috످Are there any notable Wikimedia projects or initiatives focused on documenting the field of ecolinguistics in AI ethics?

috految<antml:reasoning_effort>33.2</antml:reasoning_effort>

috److I don't know of any Wikimedia projects focused specifically on ecolinguistics in AI ethics, though a small or recent initiative may exist.

Relevant material is more likely to be spread across nearby fields, such as environmental AI ethics (AI's ecological impact), critical discourse analysis (how language frames nature and technology), and language ecology (including how AI affects endangered languages).

To find current efforts, you could search Meta-Wiki (https://meta.wikimedia.org/wiki/Special:Search?search=ecolinguistics&profile=all&fulltext=1) for project proposals, grants, and user groups. You could ask Wikipedia editors at WikiProject Linguistics (https://en.wikipedia.org/wiki/Wikipedia_talk:WikiProject_Linguistics) or WikiProject Artificial Intelligence (https://en.wikipedia.org/wiki/Wikipedia_talk:WikiProject_Artificial_Intelligence).

You could also contact the International Ecolinguistics Association, whose members may know of work in progress, or search Google Scholar or the ACL Anthology for `ecolinguistics "AI ethics"` or `"anthropocentric bias" "language models"`.

If you'd like to document the topic yourself, Wikiversity is a good place to start because, unlike Wikipedia, it allows original research.

috످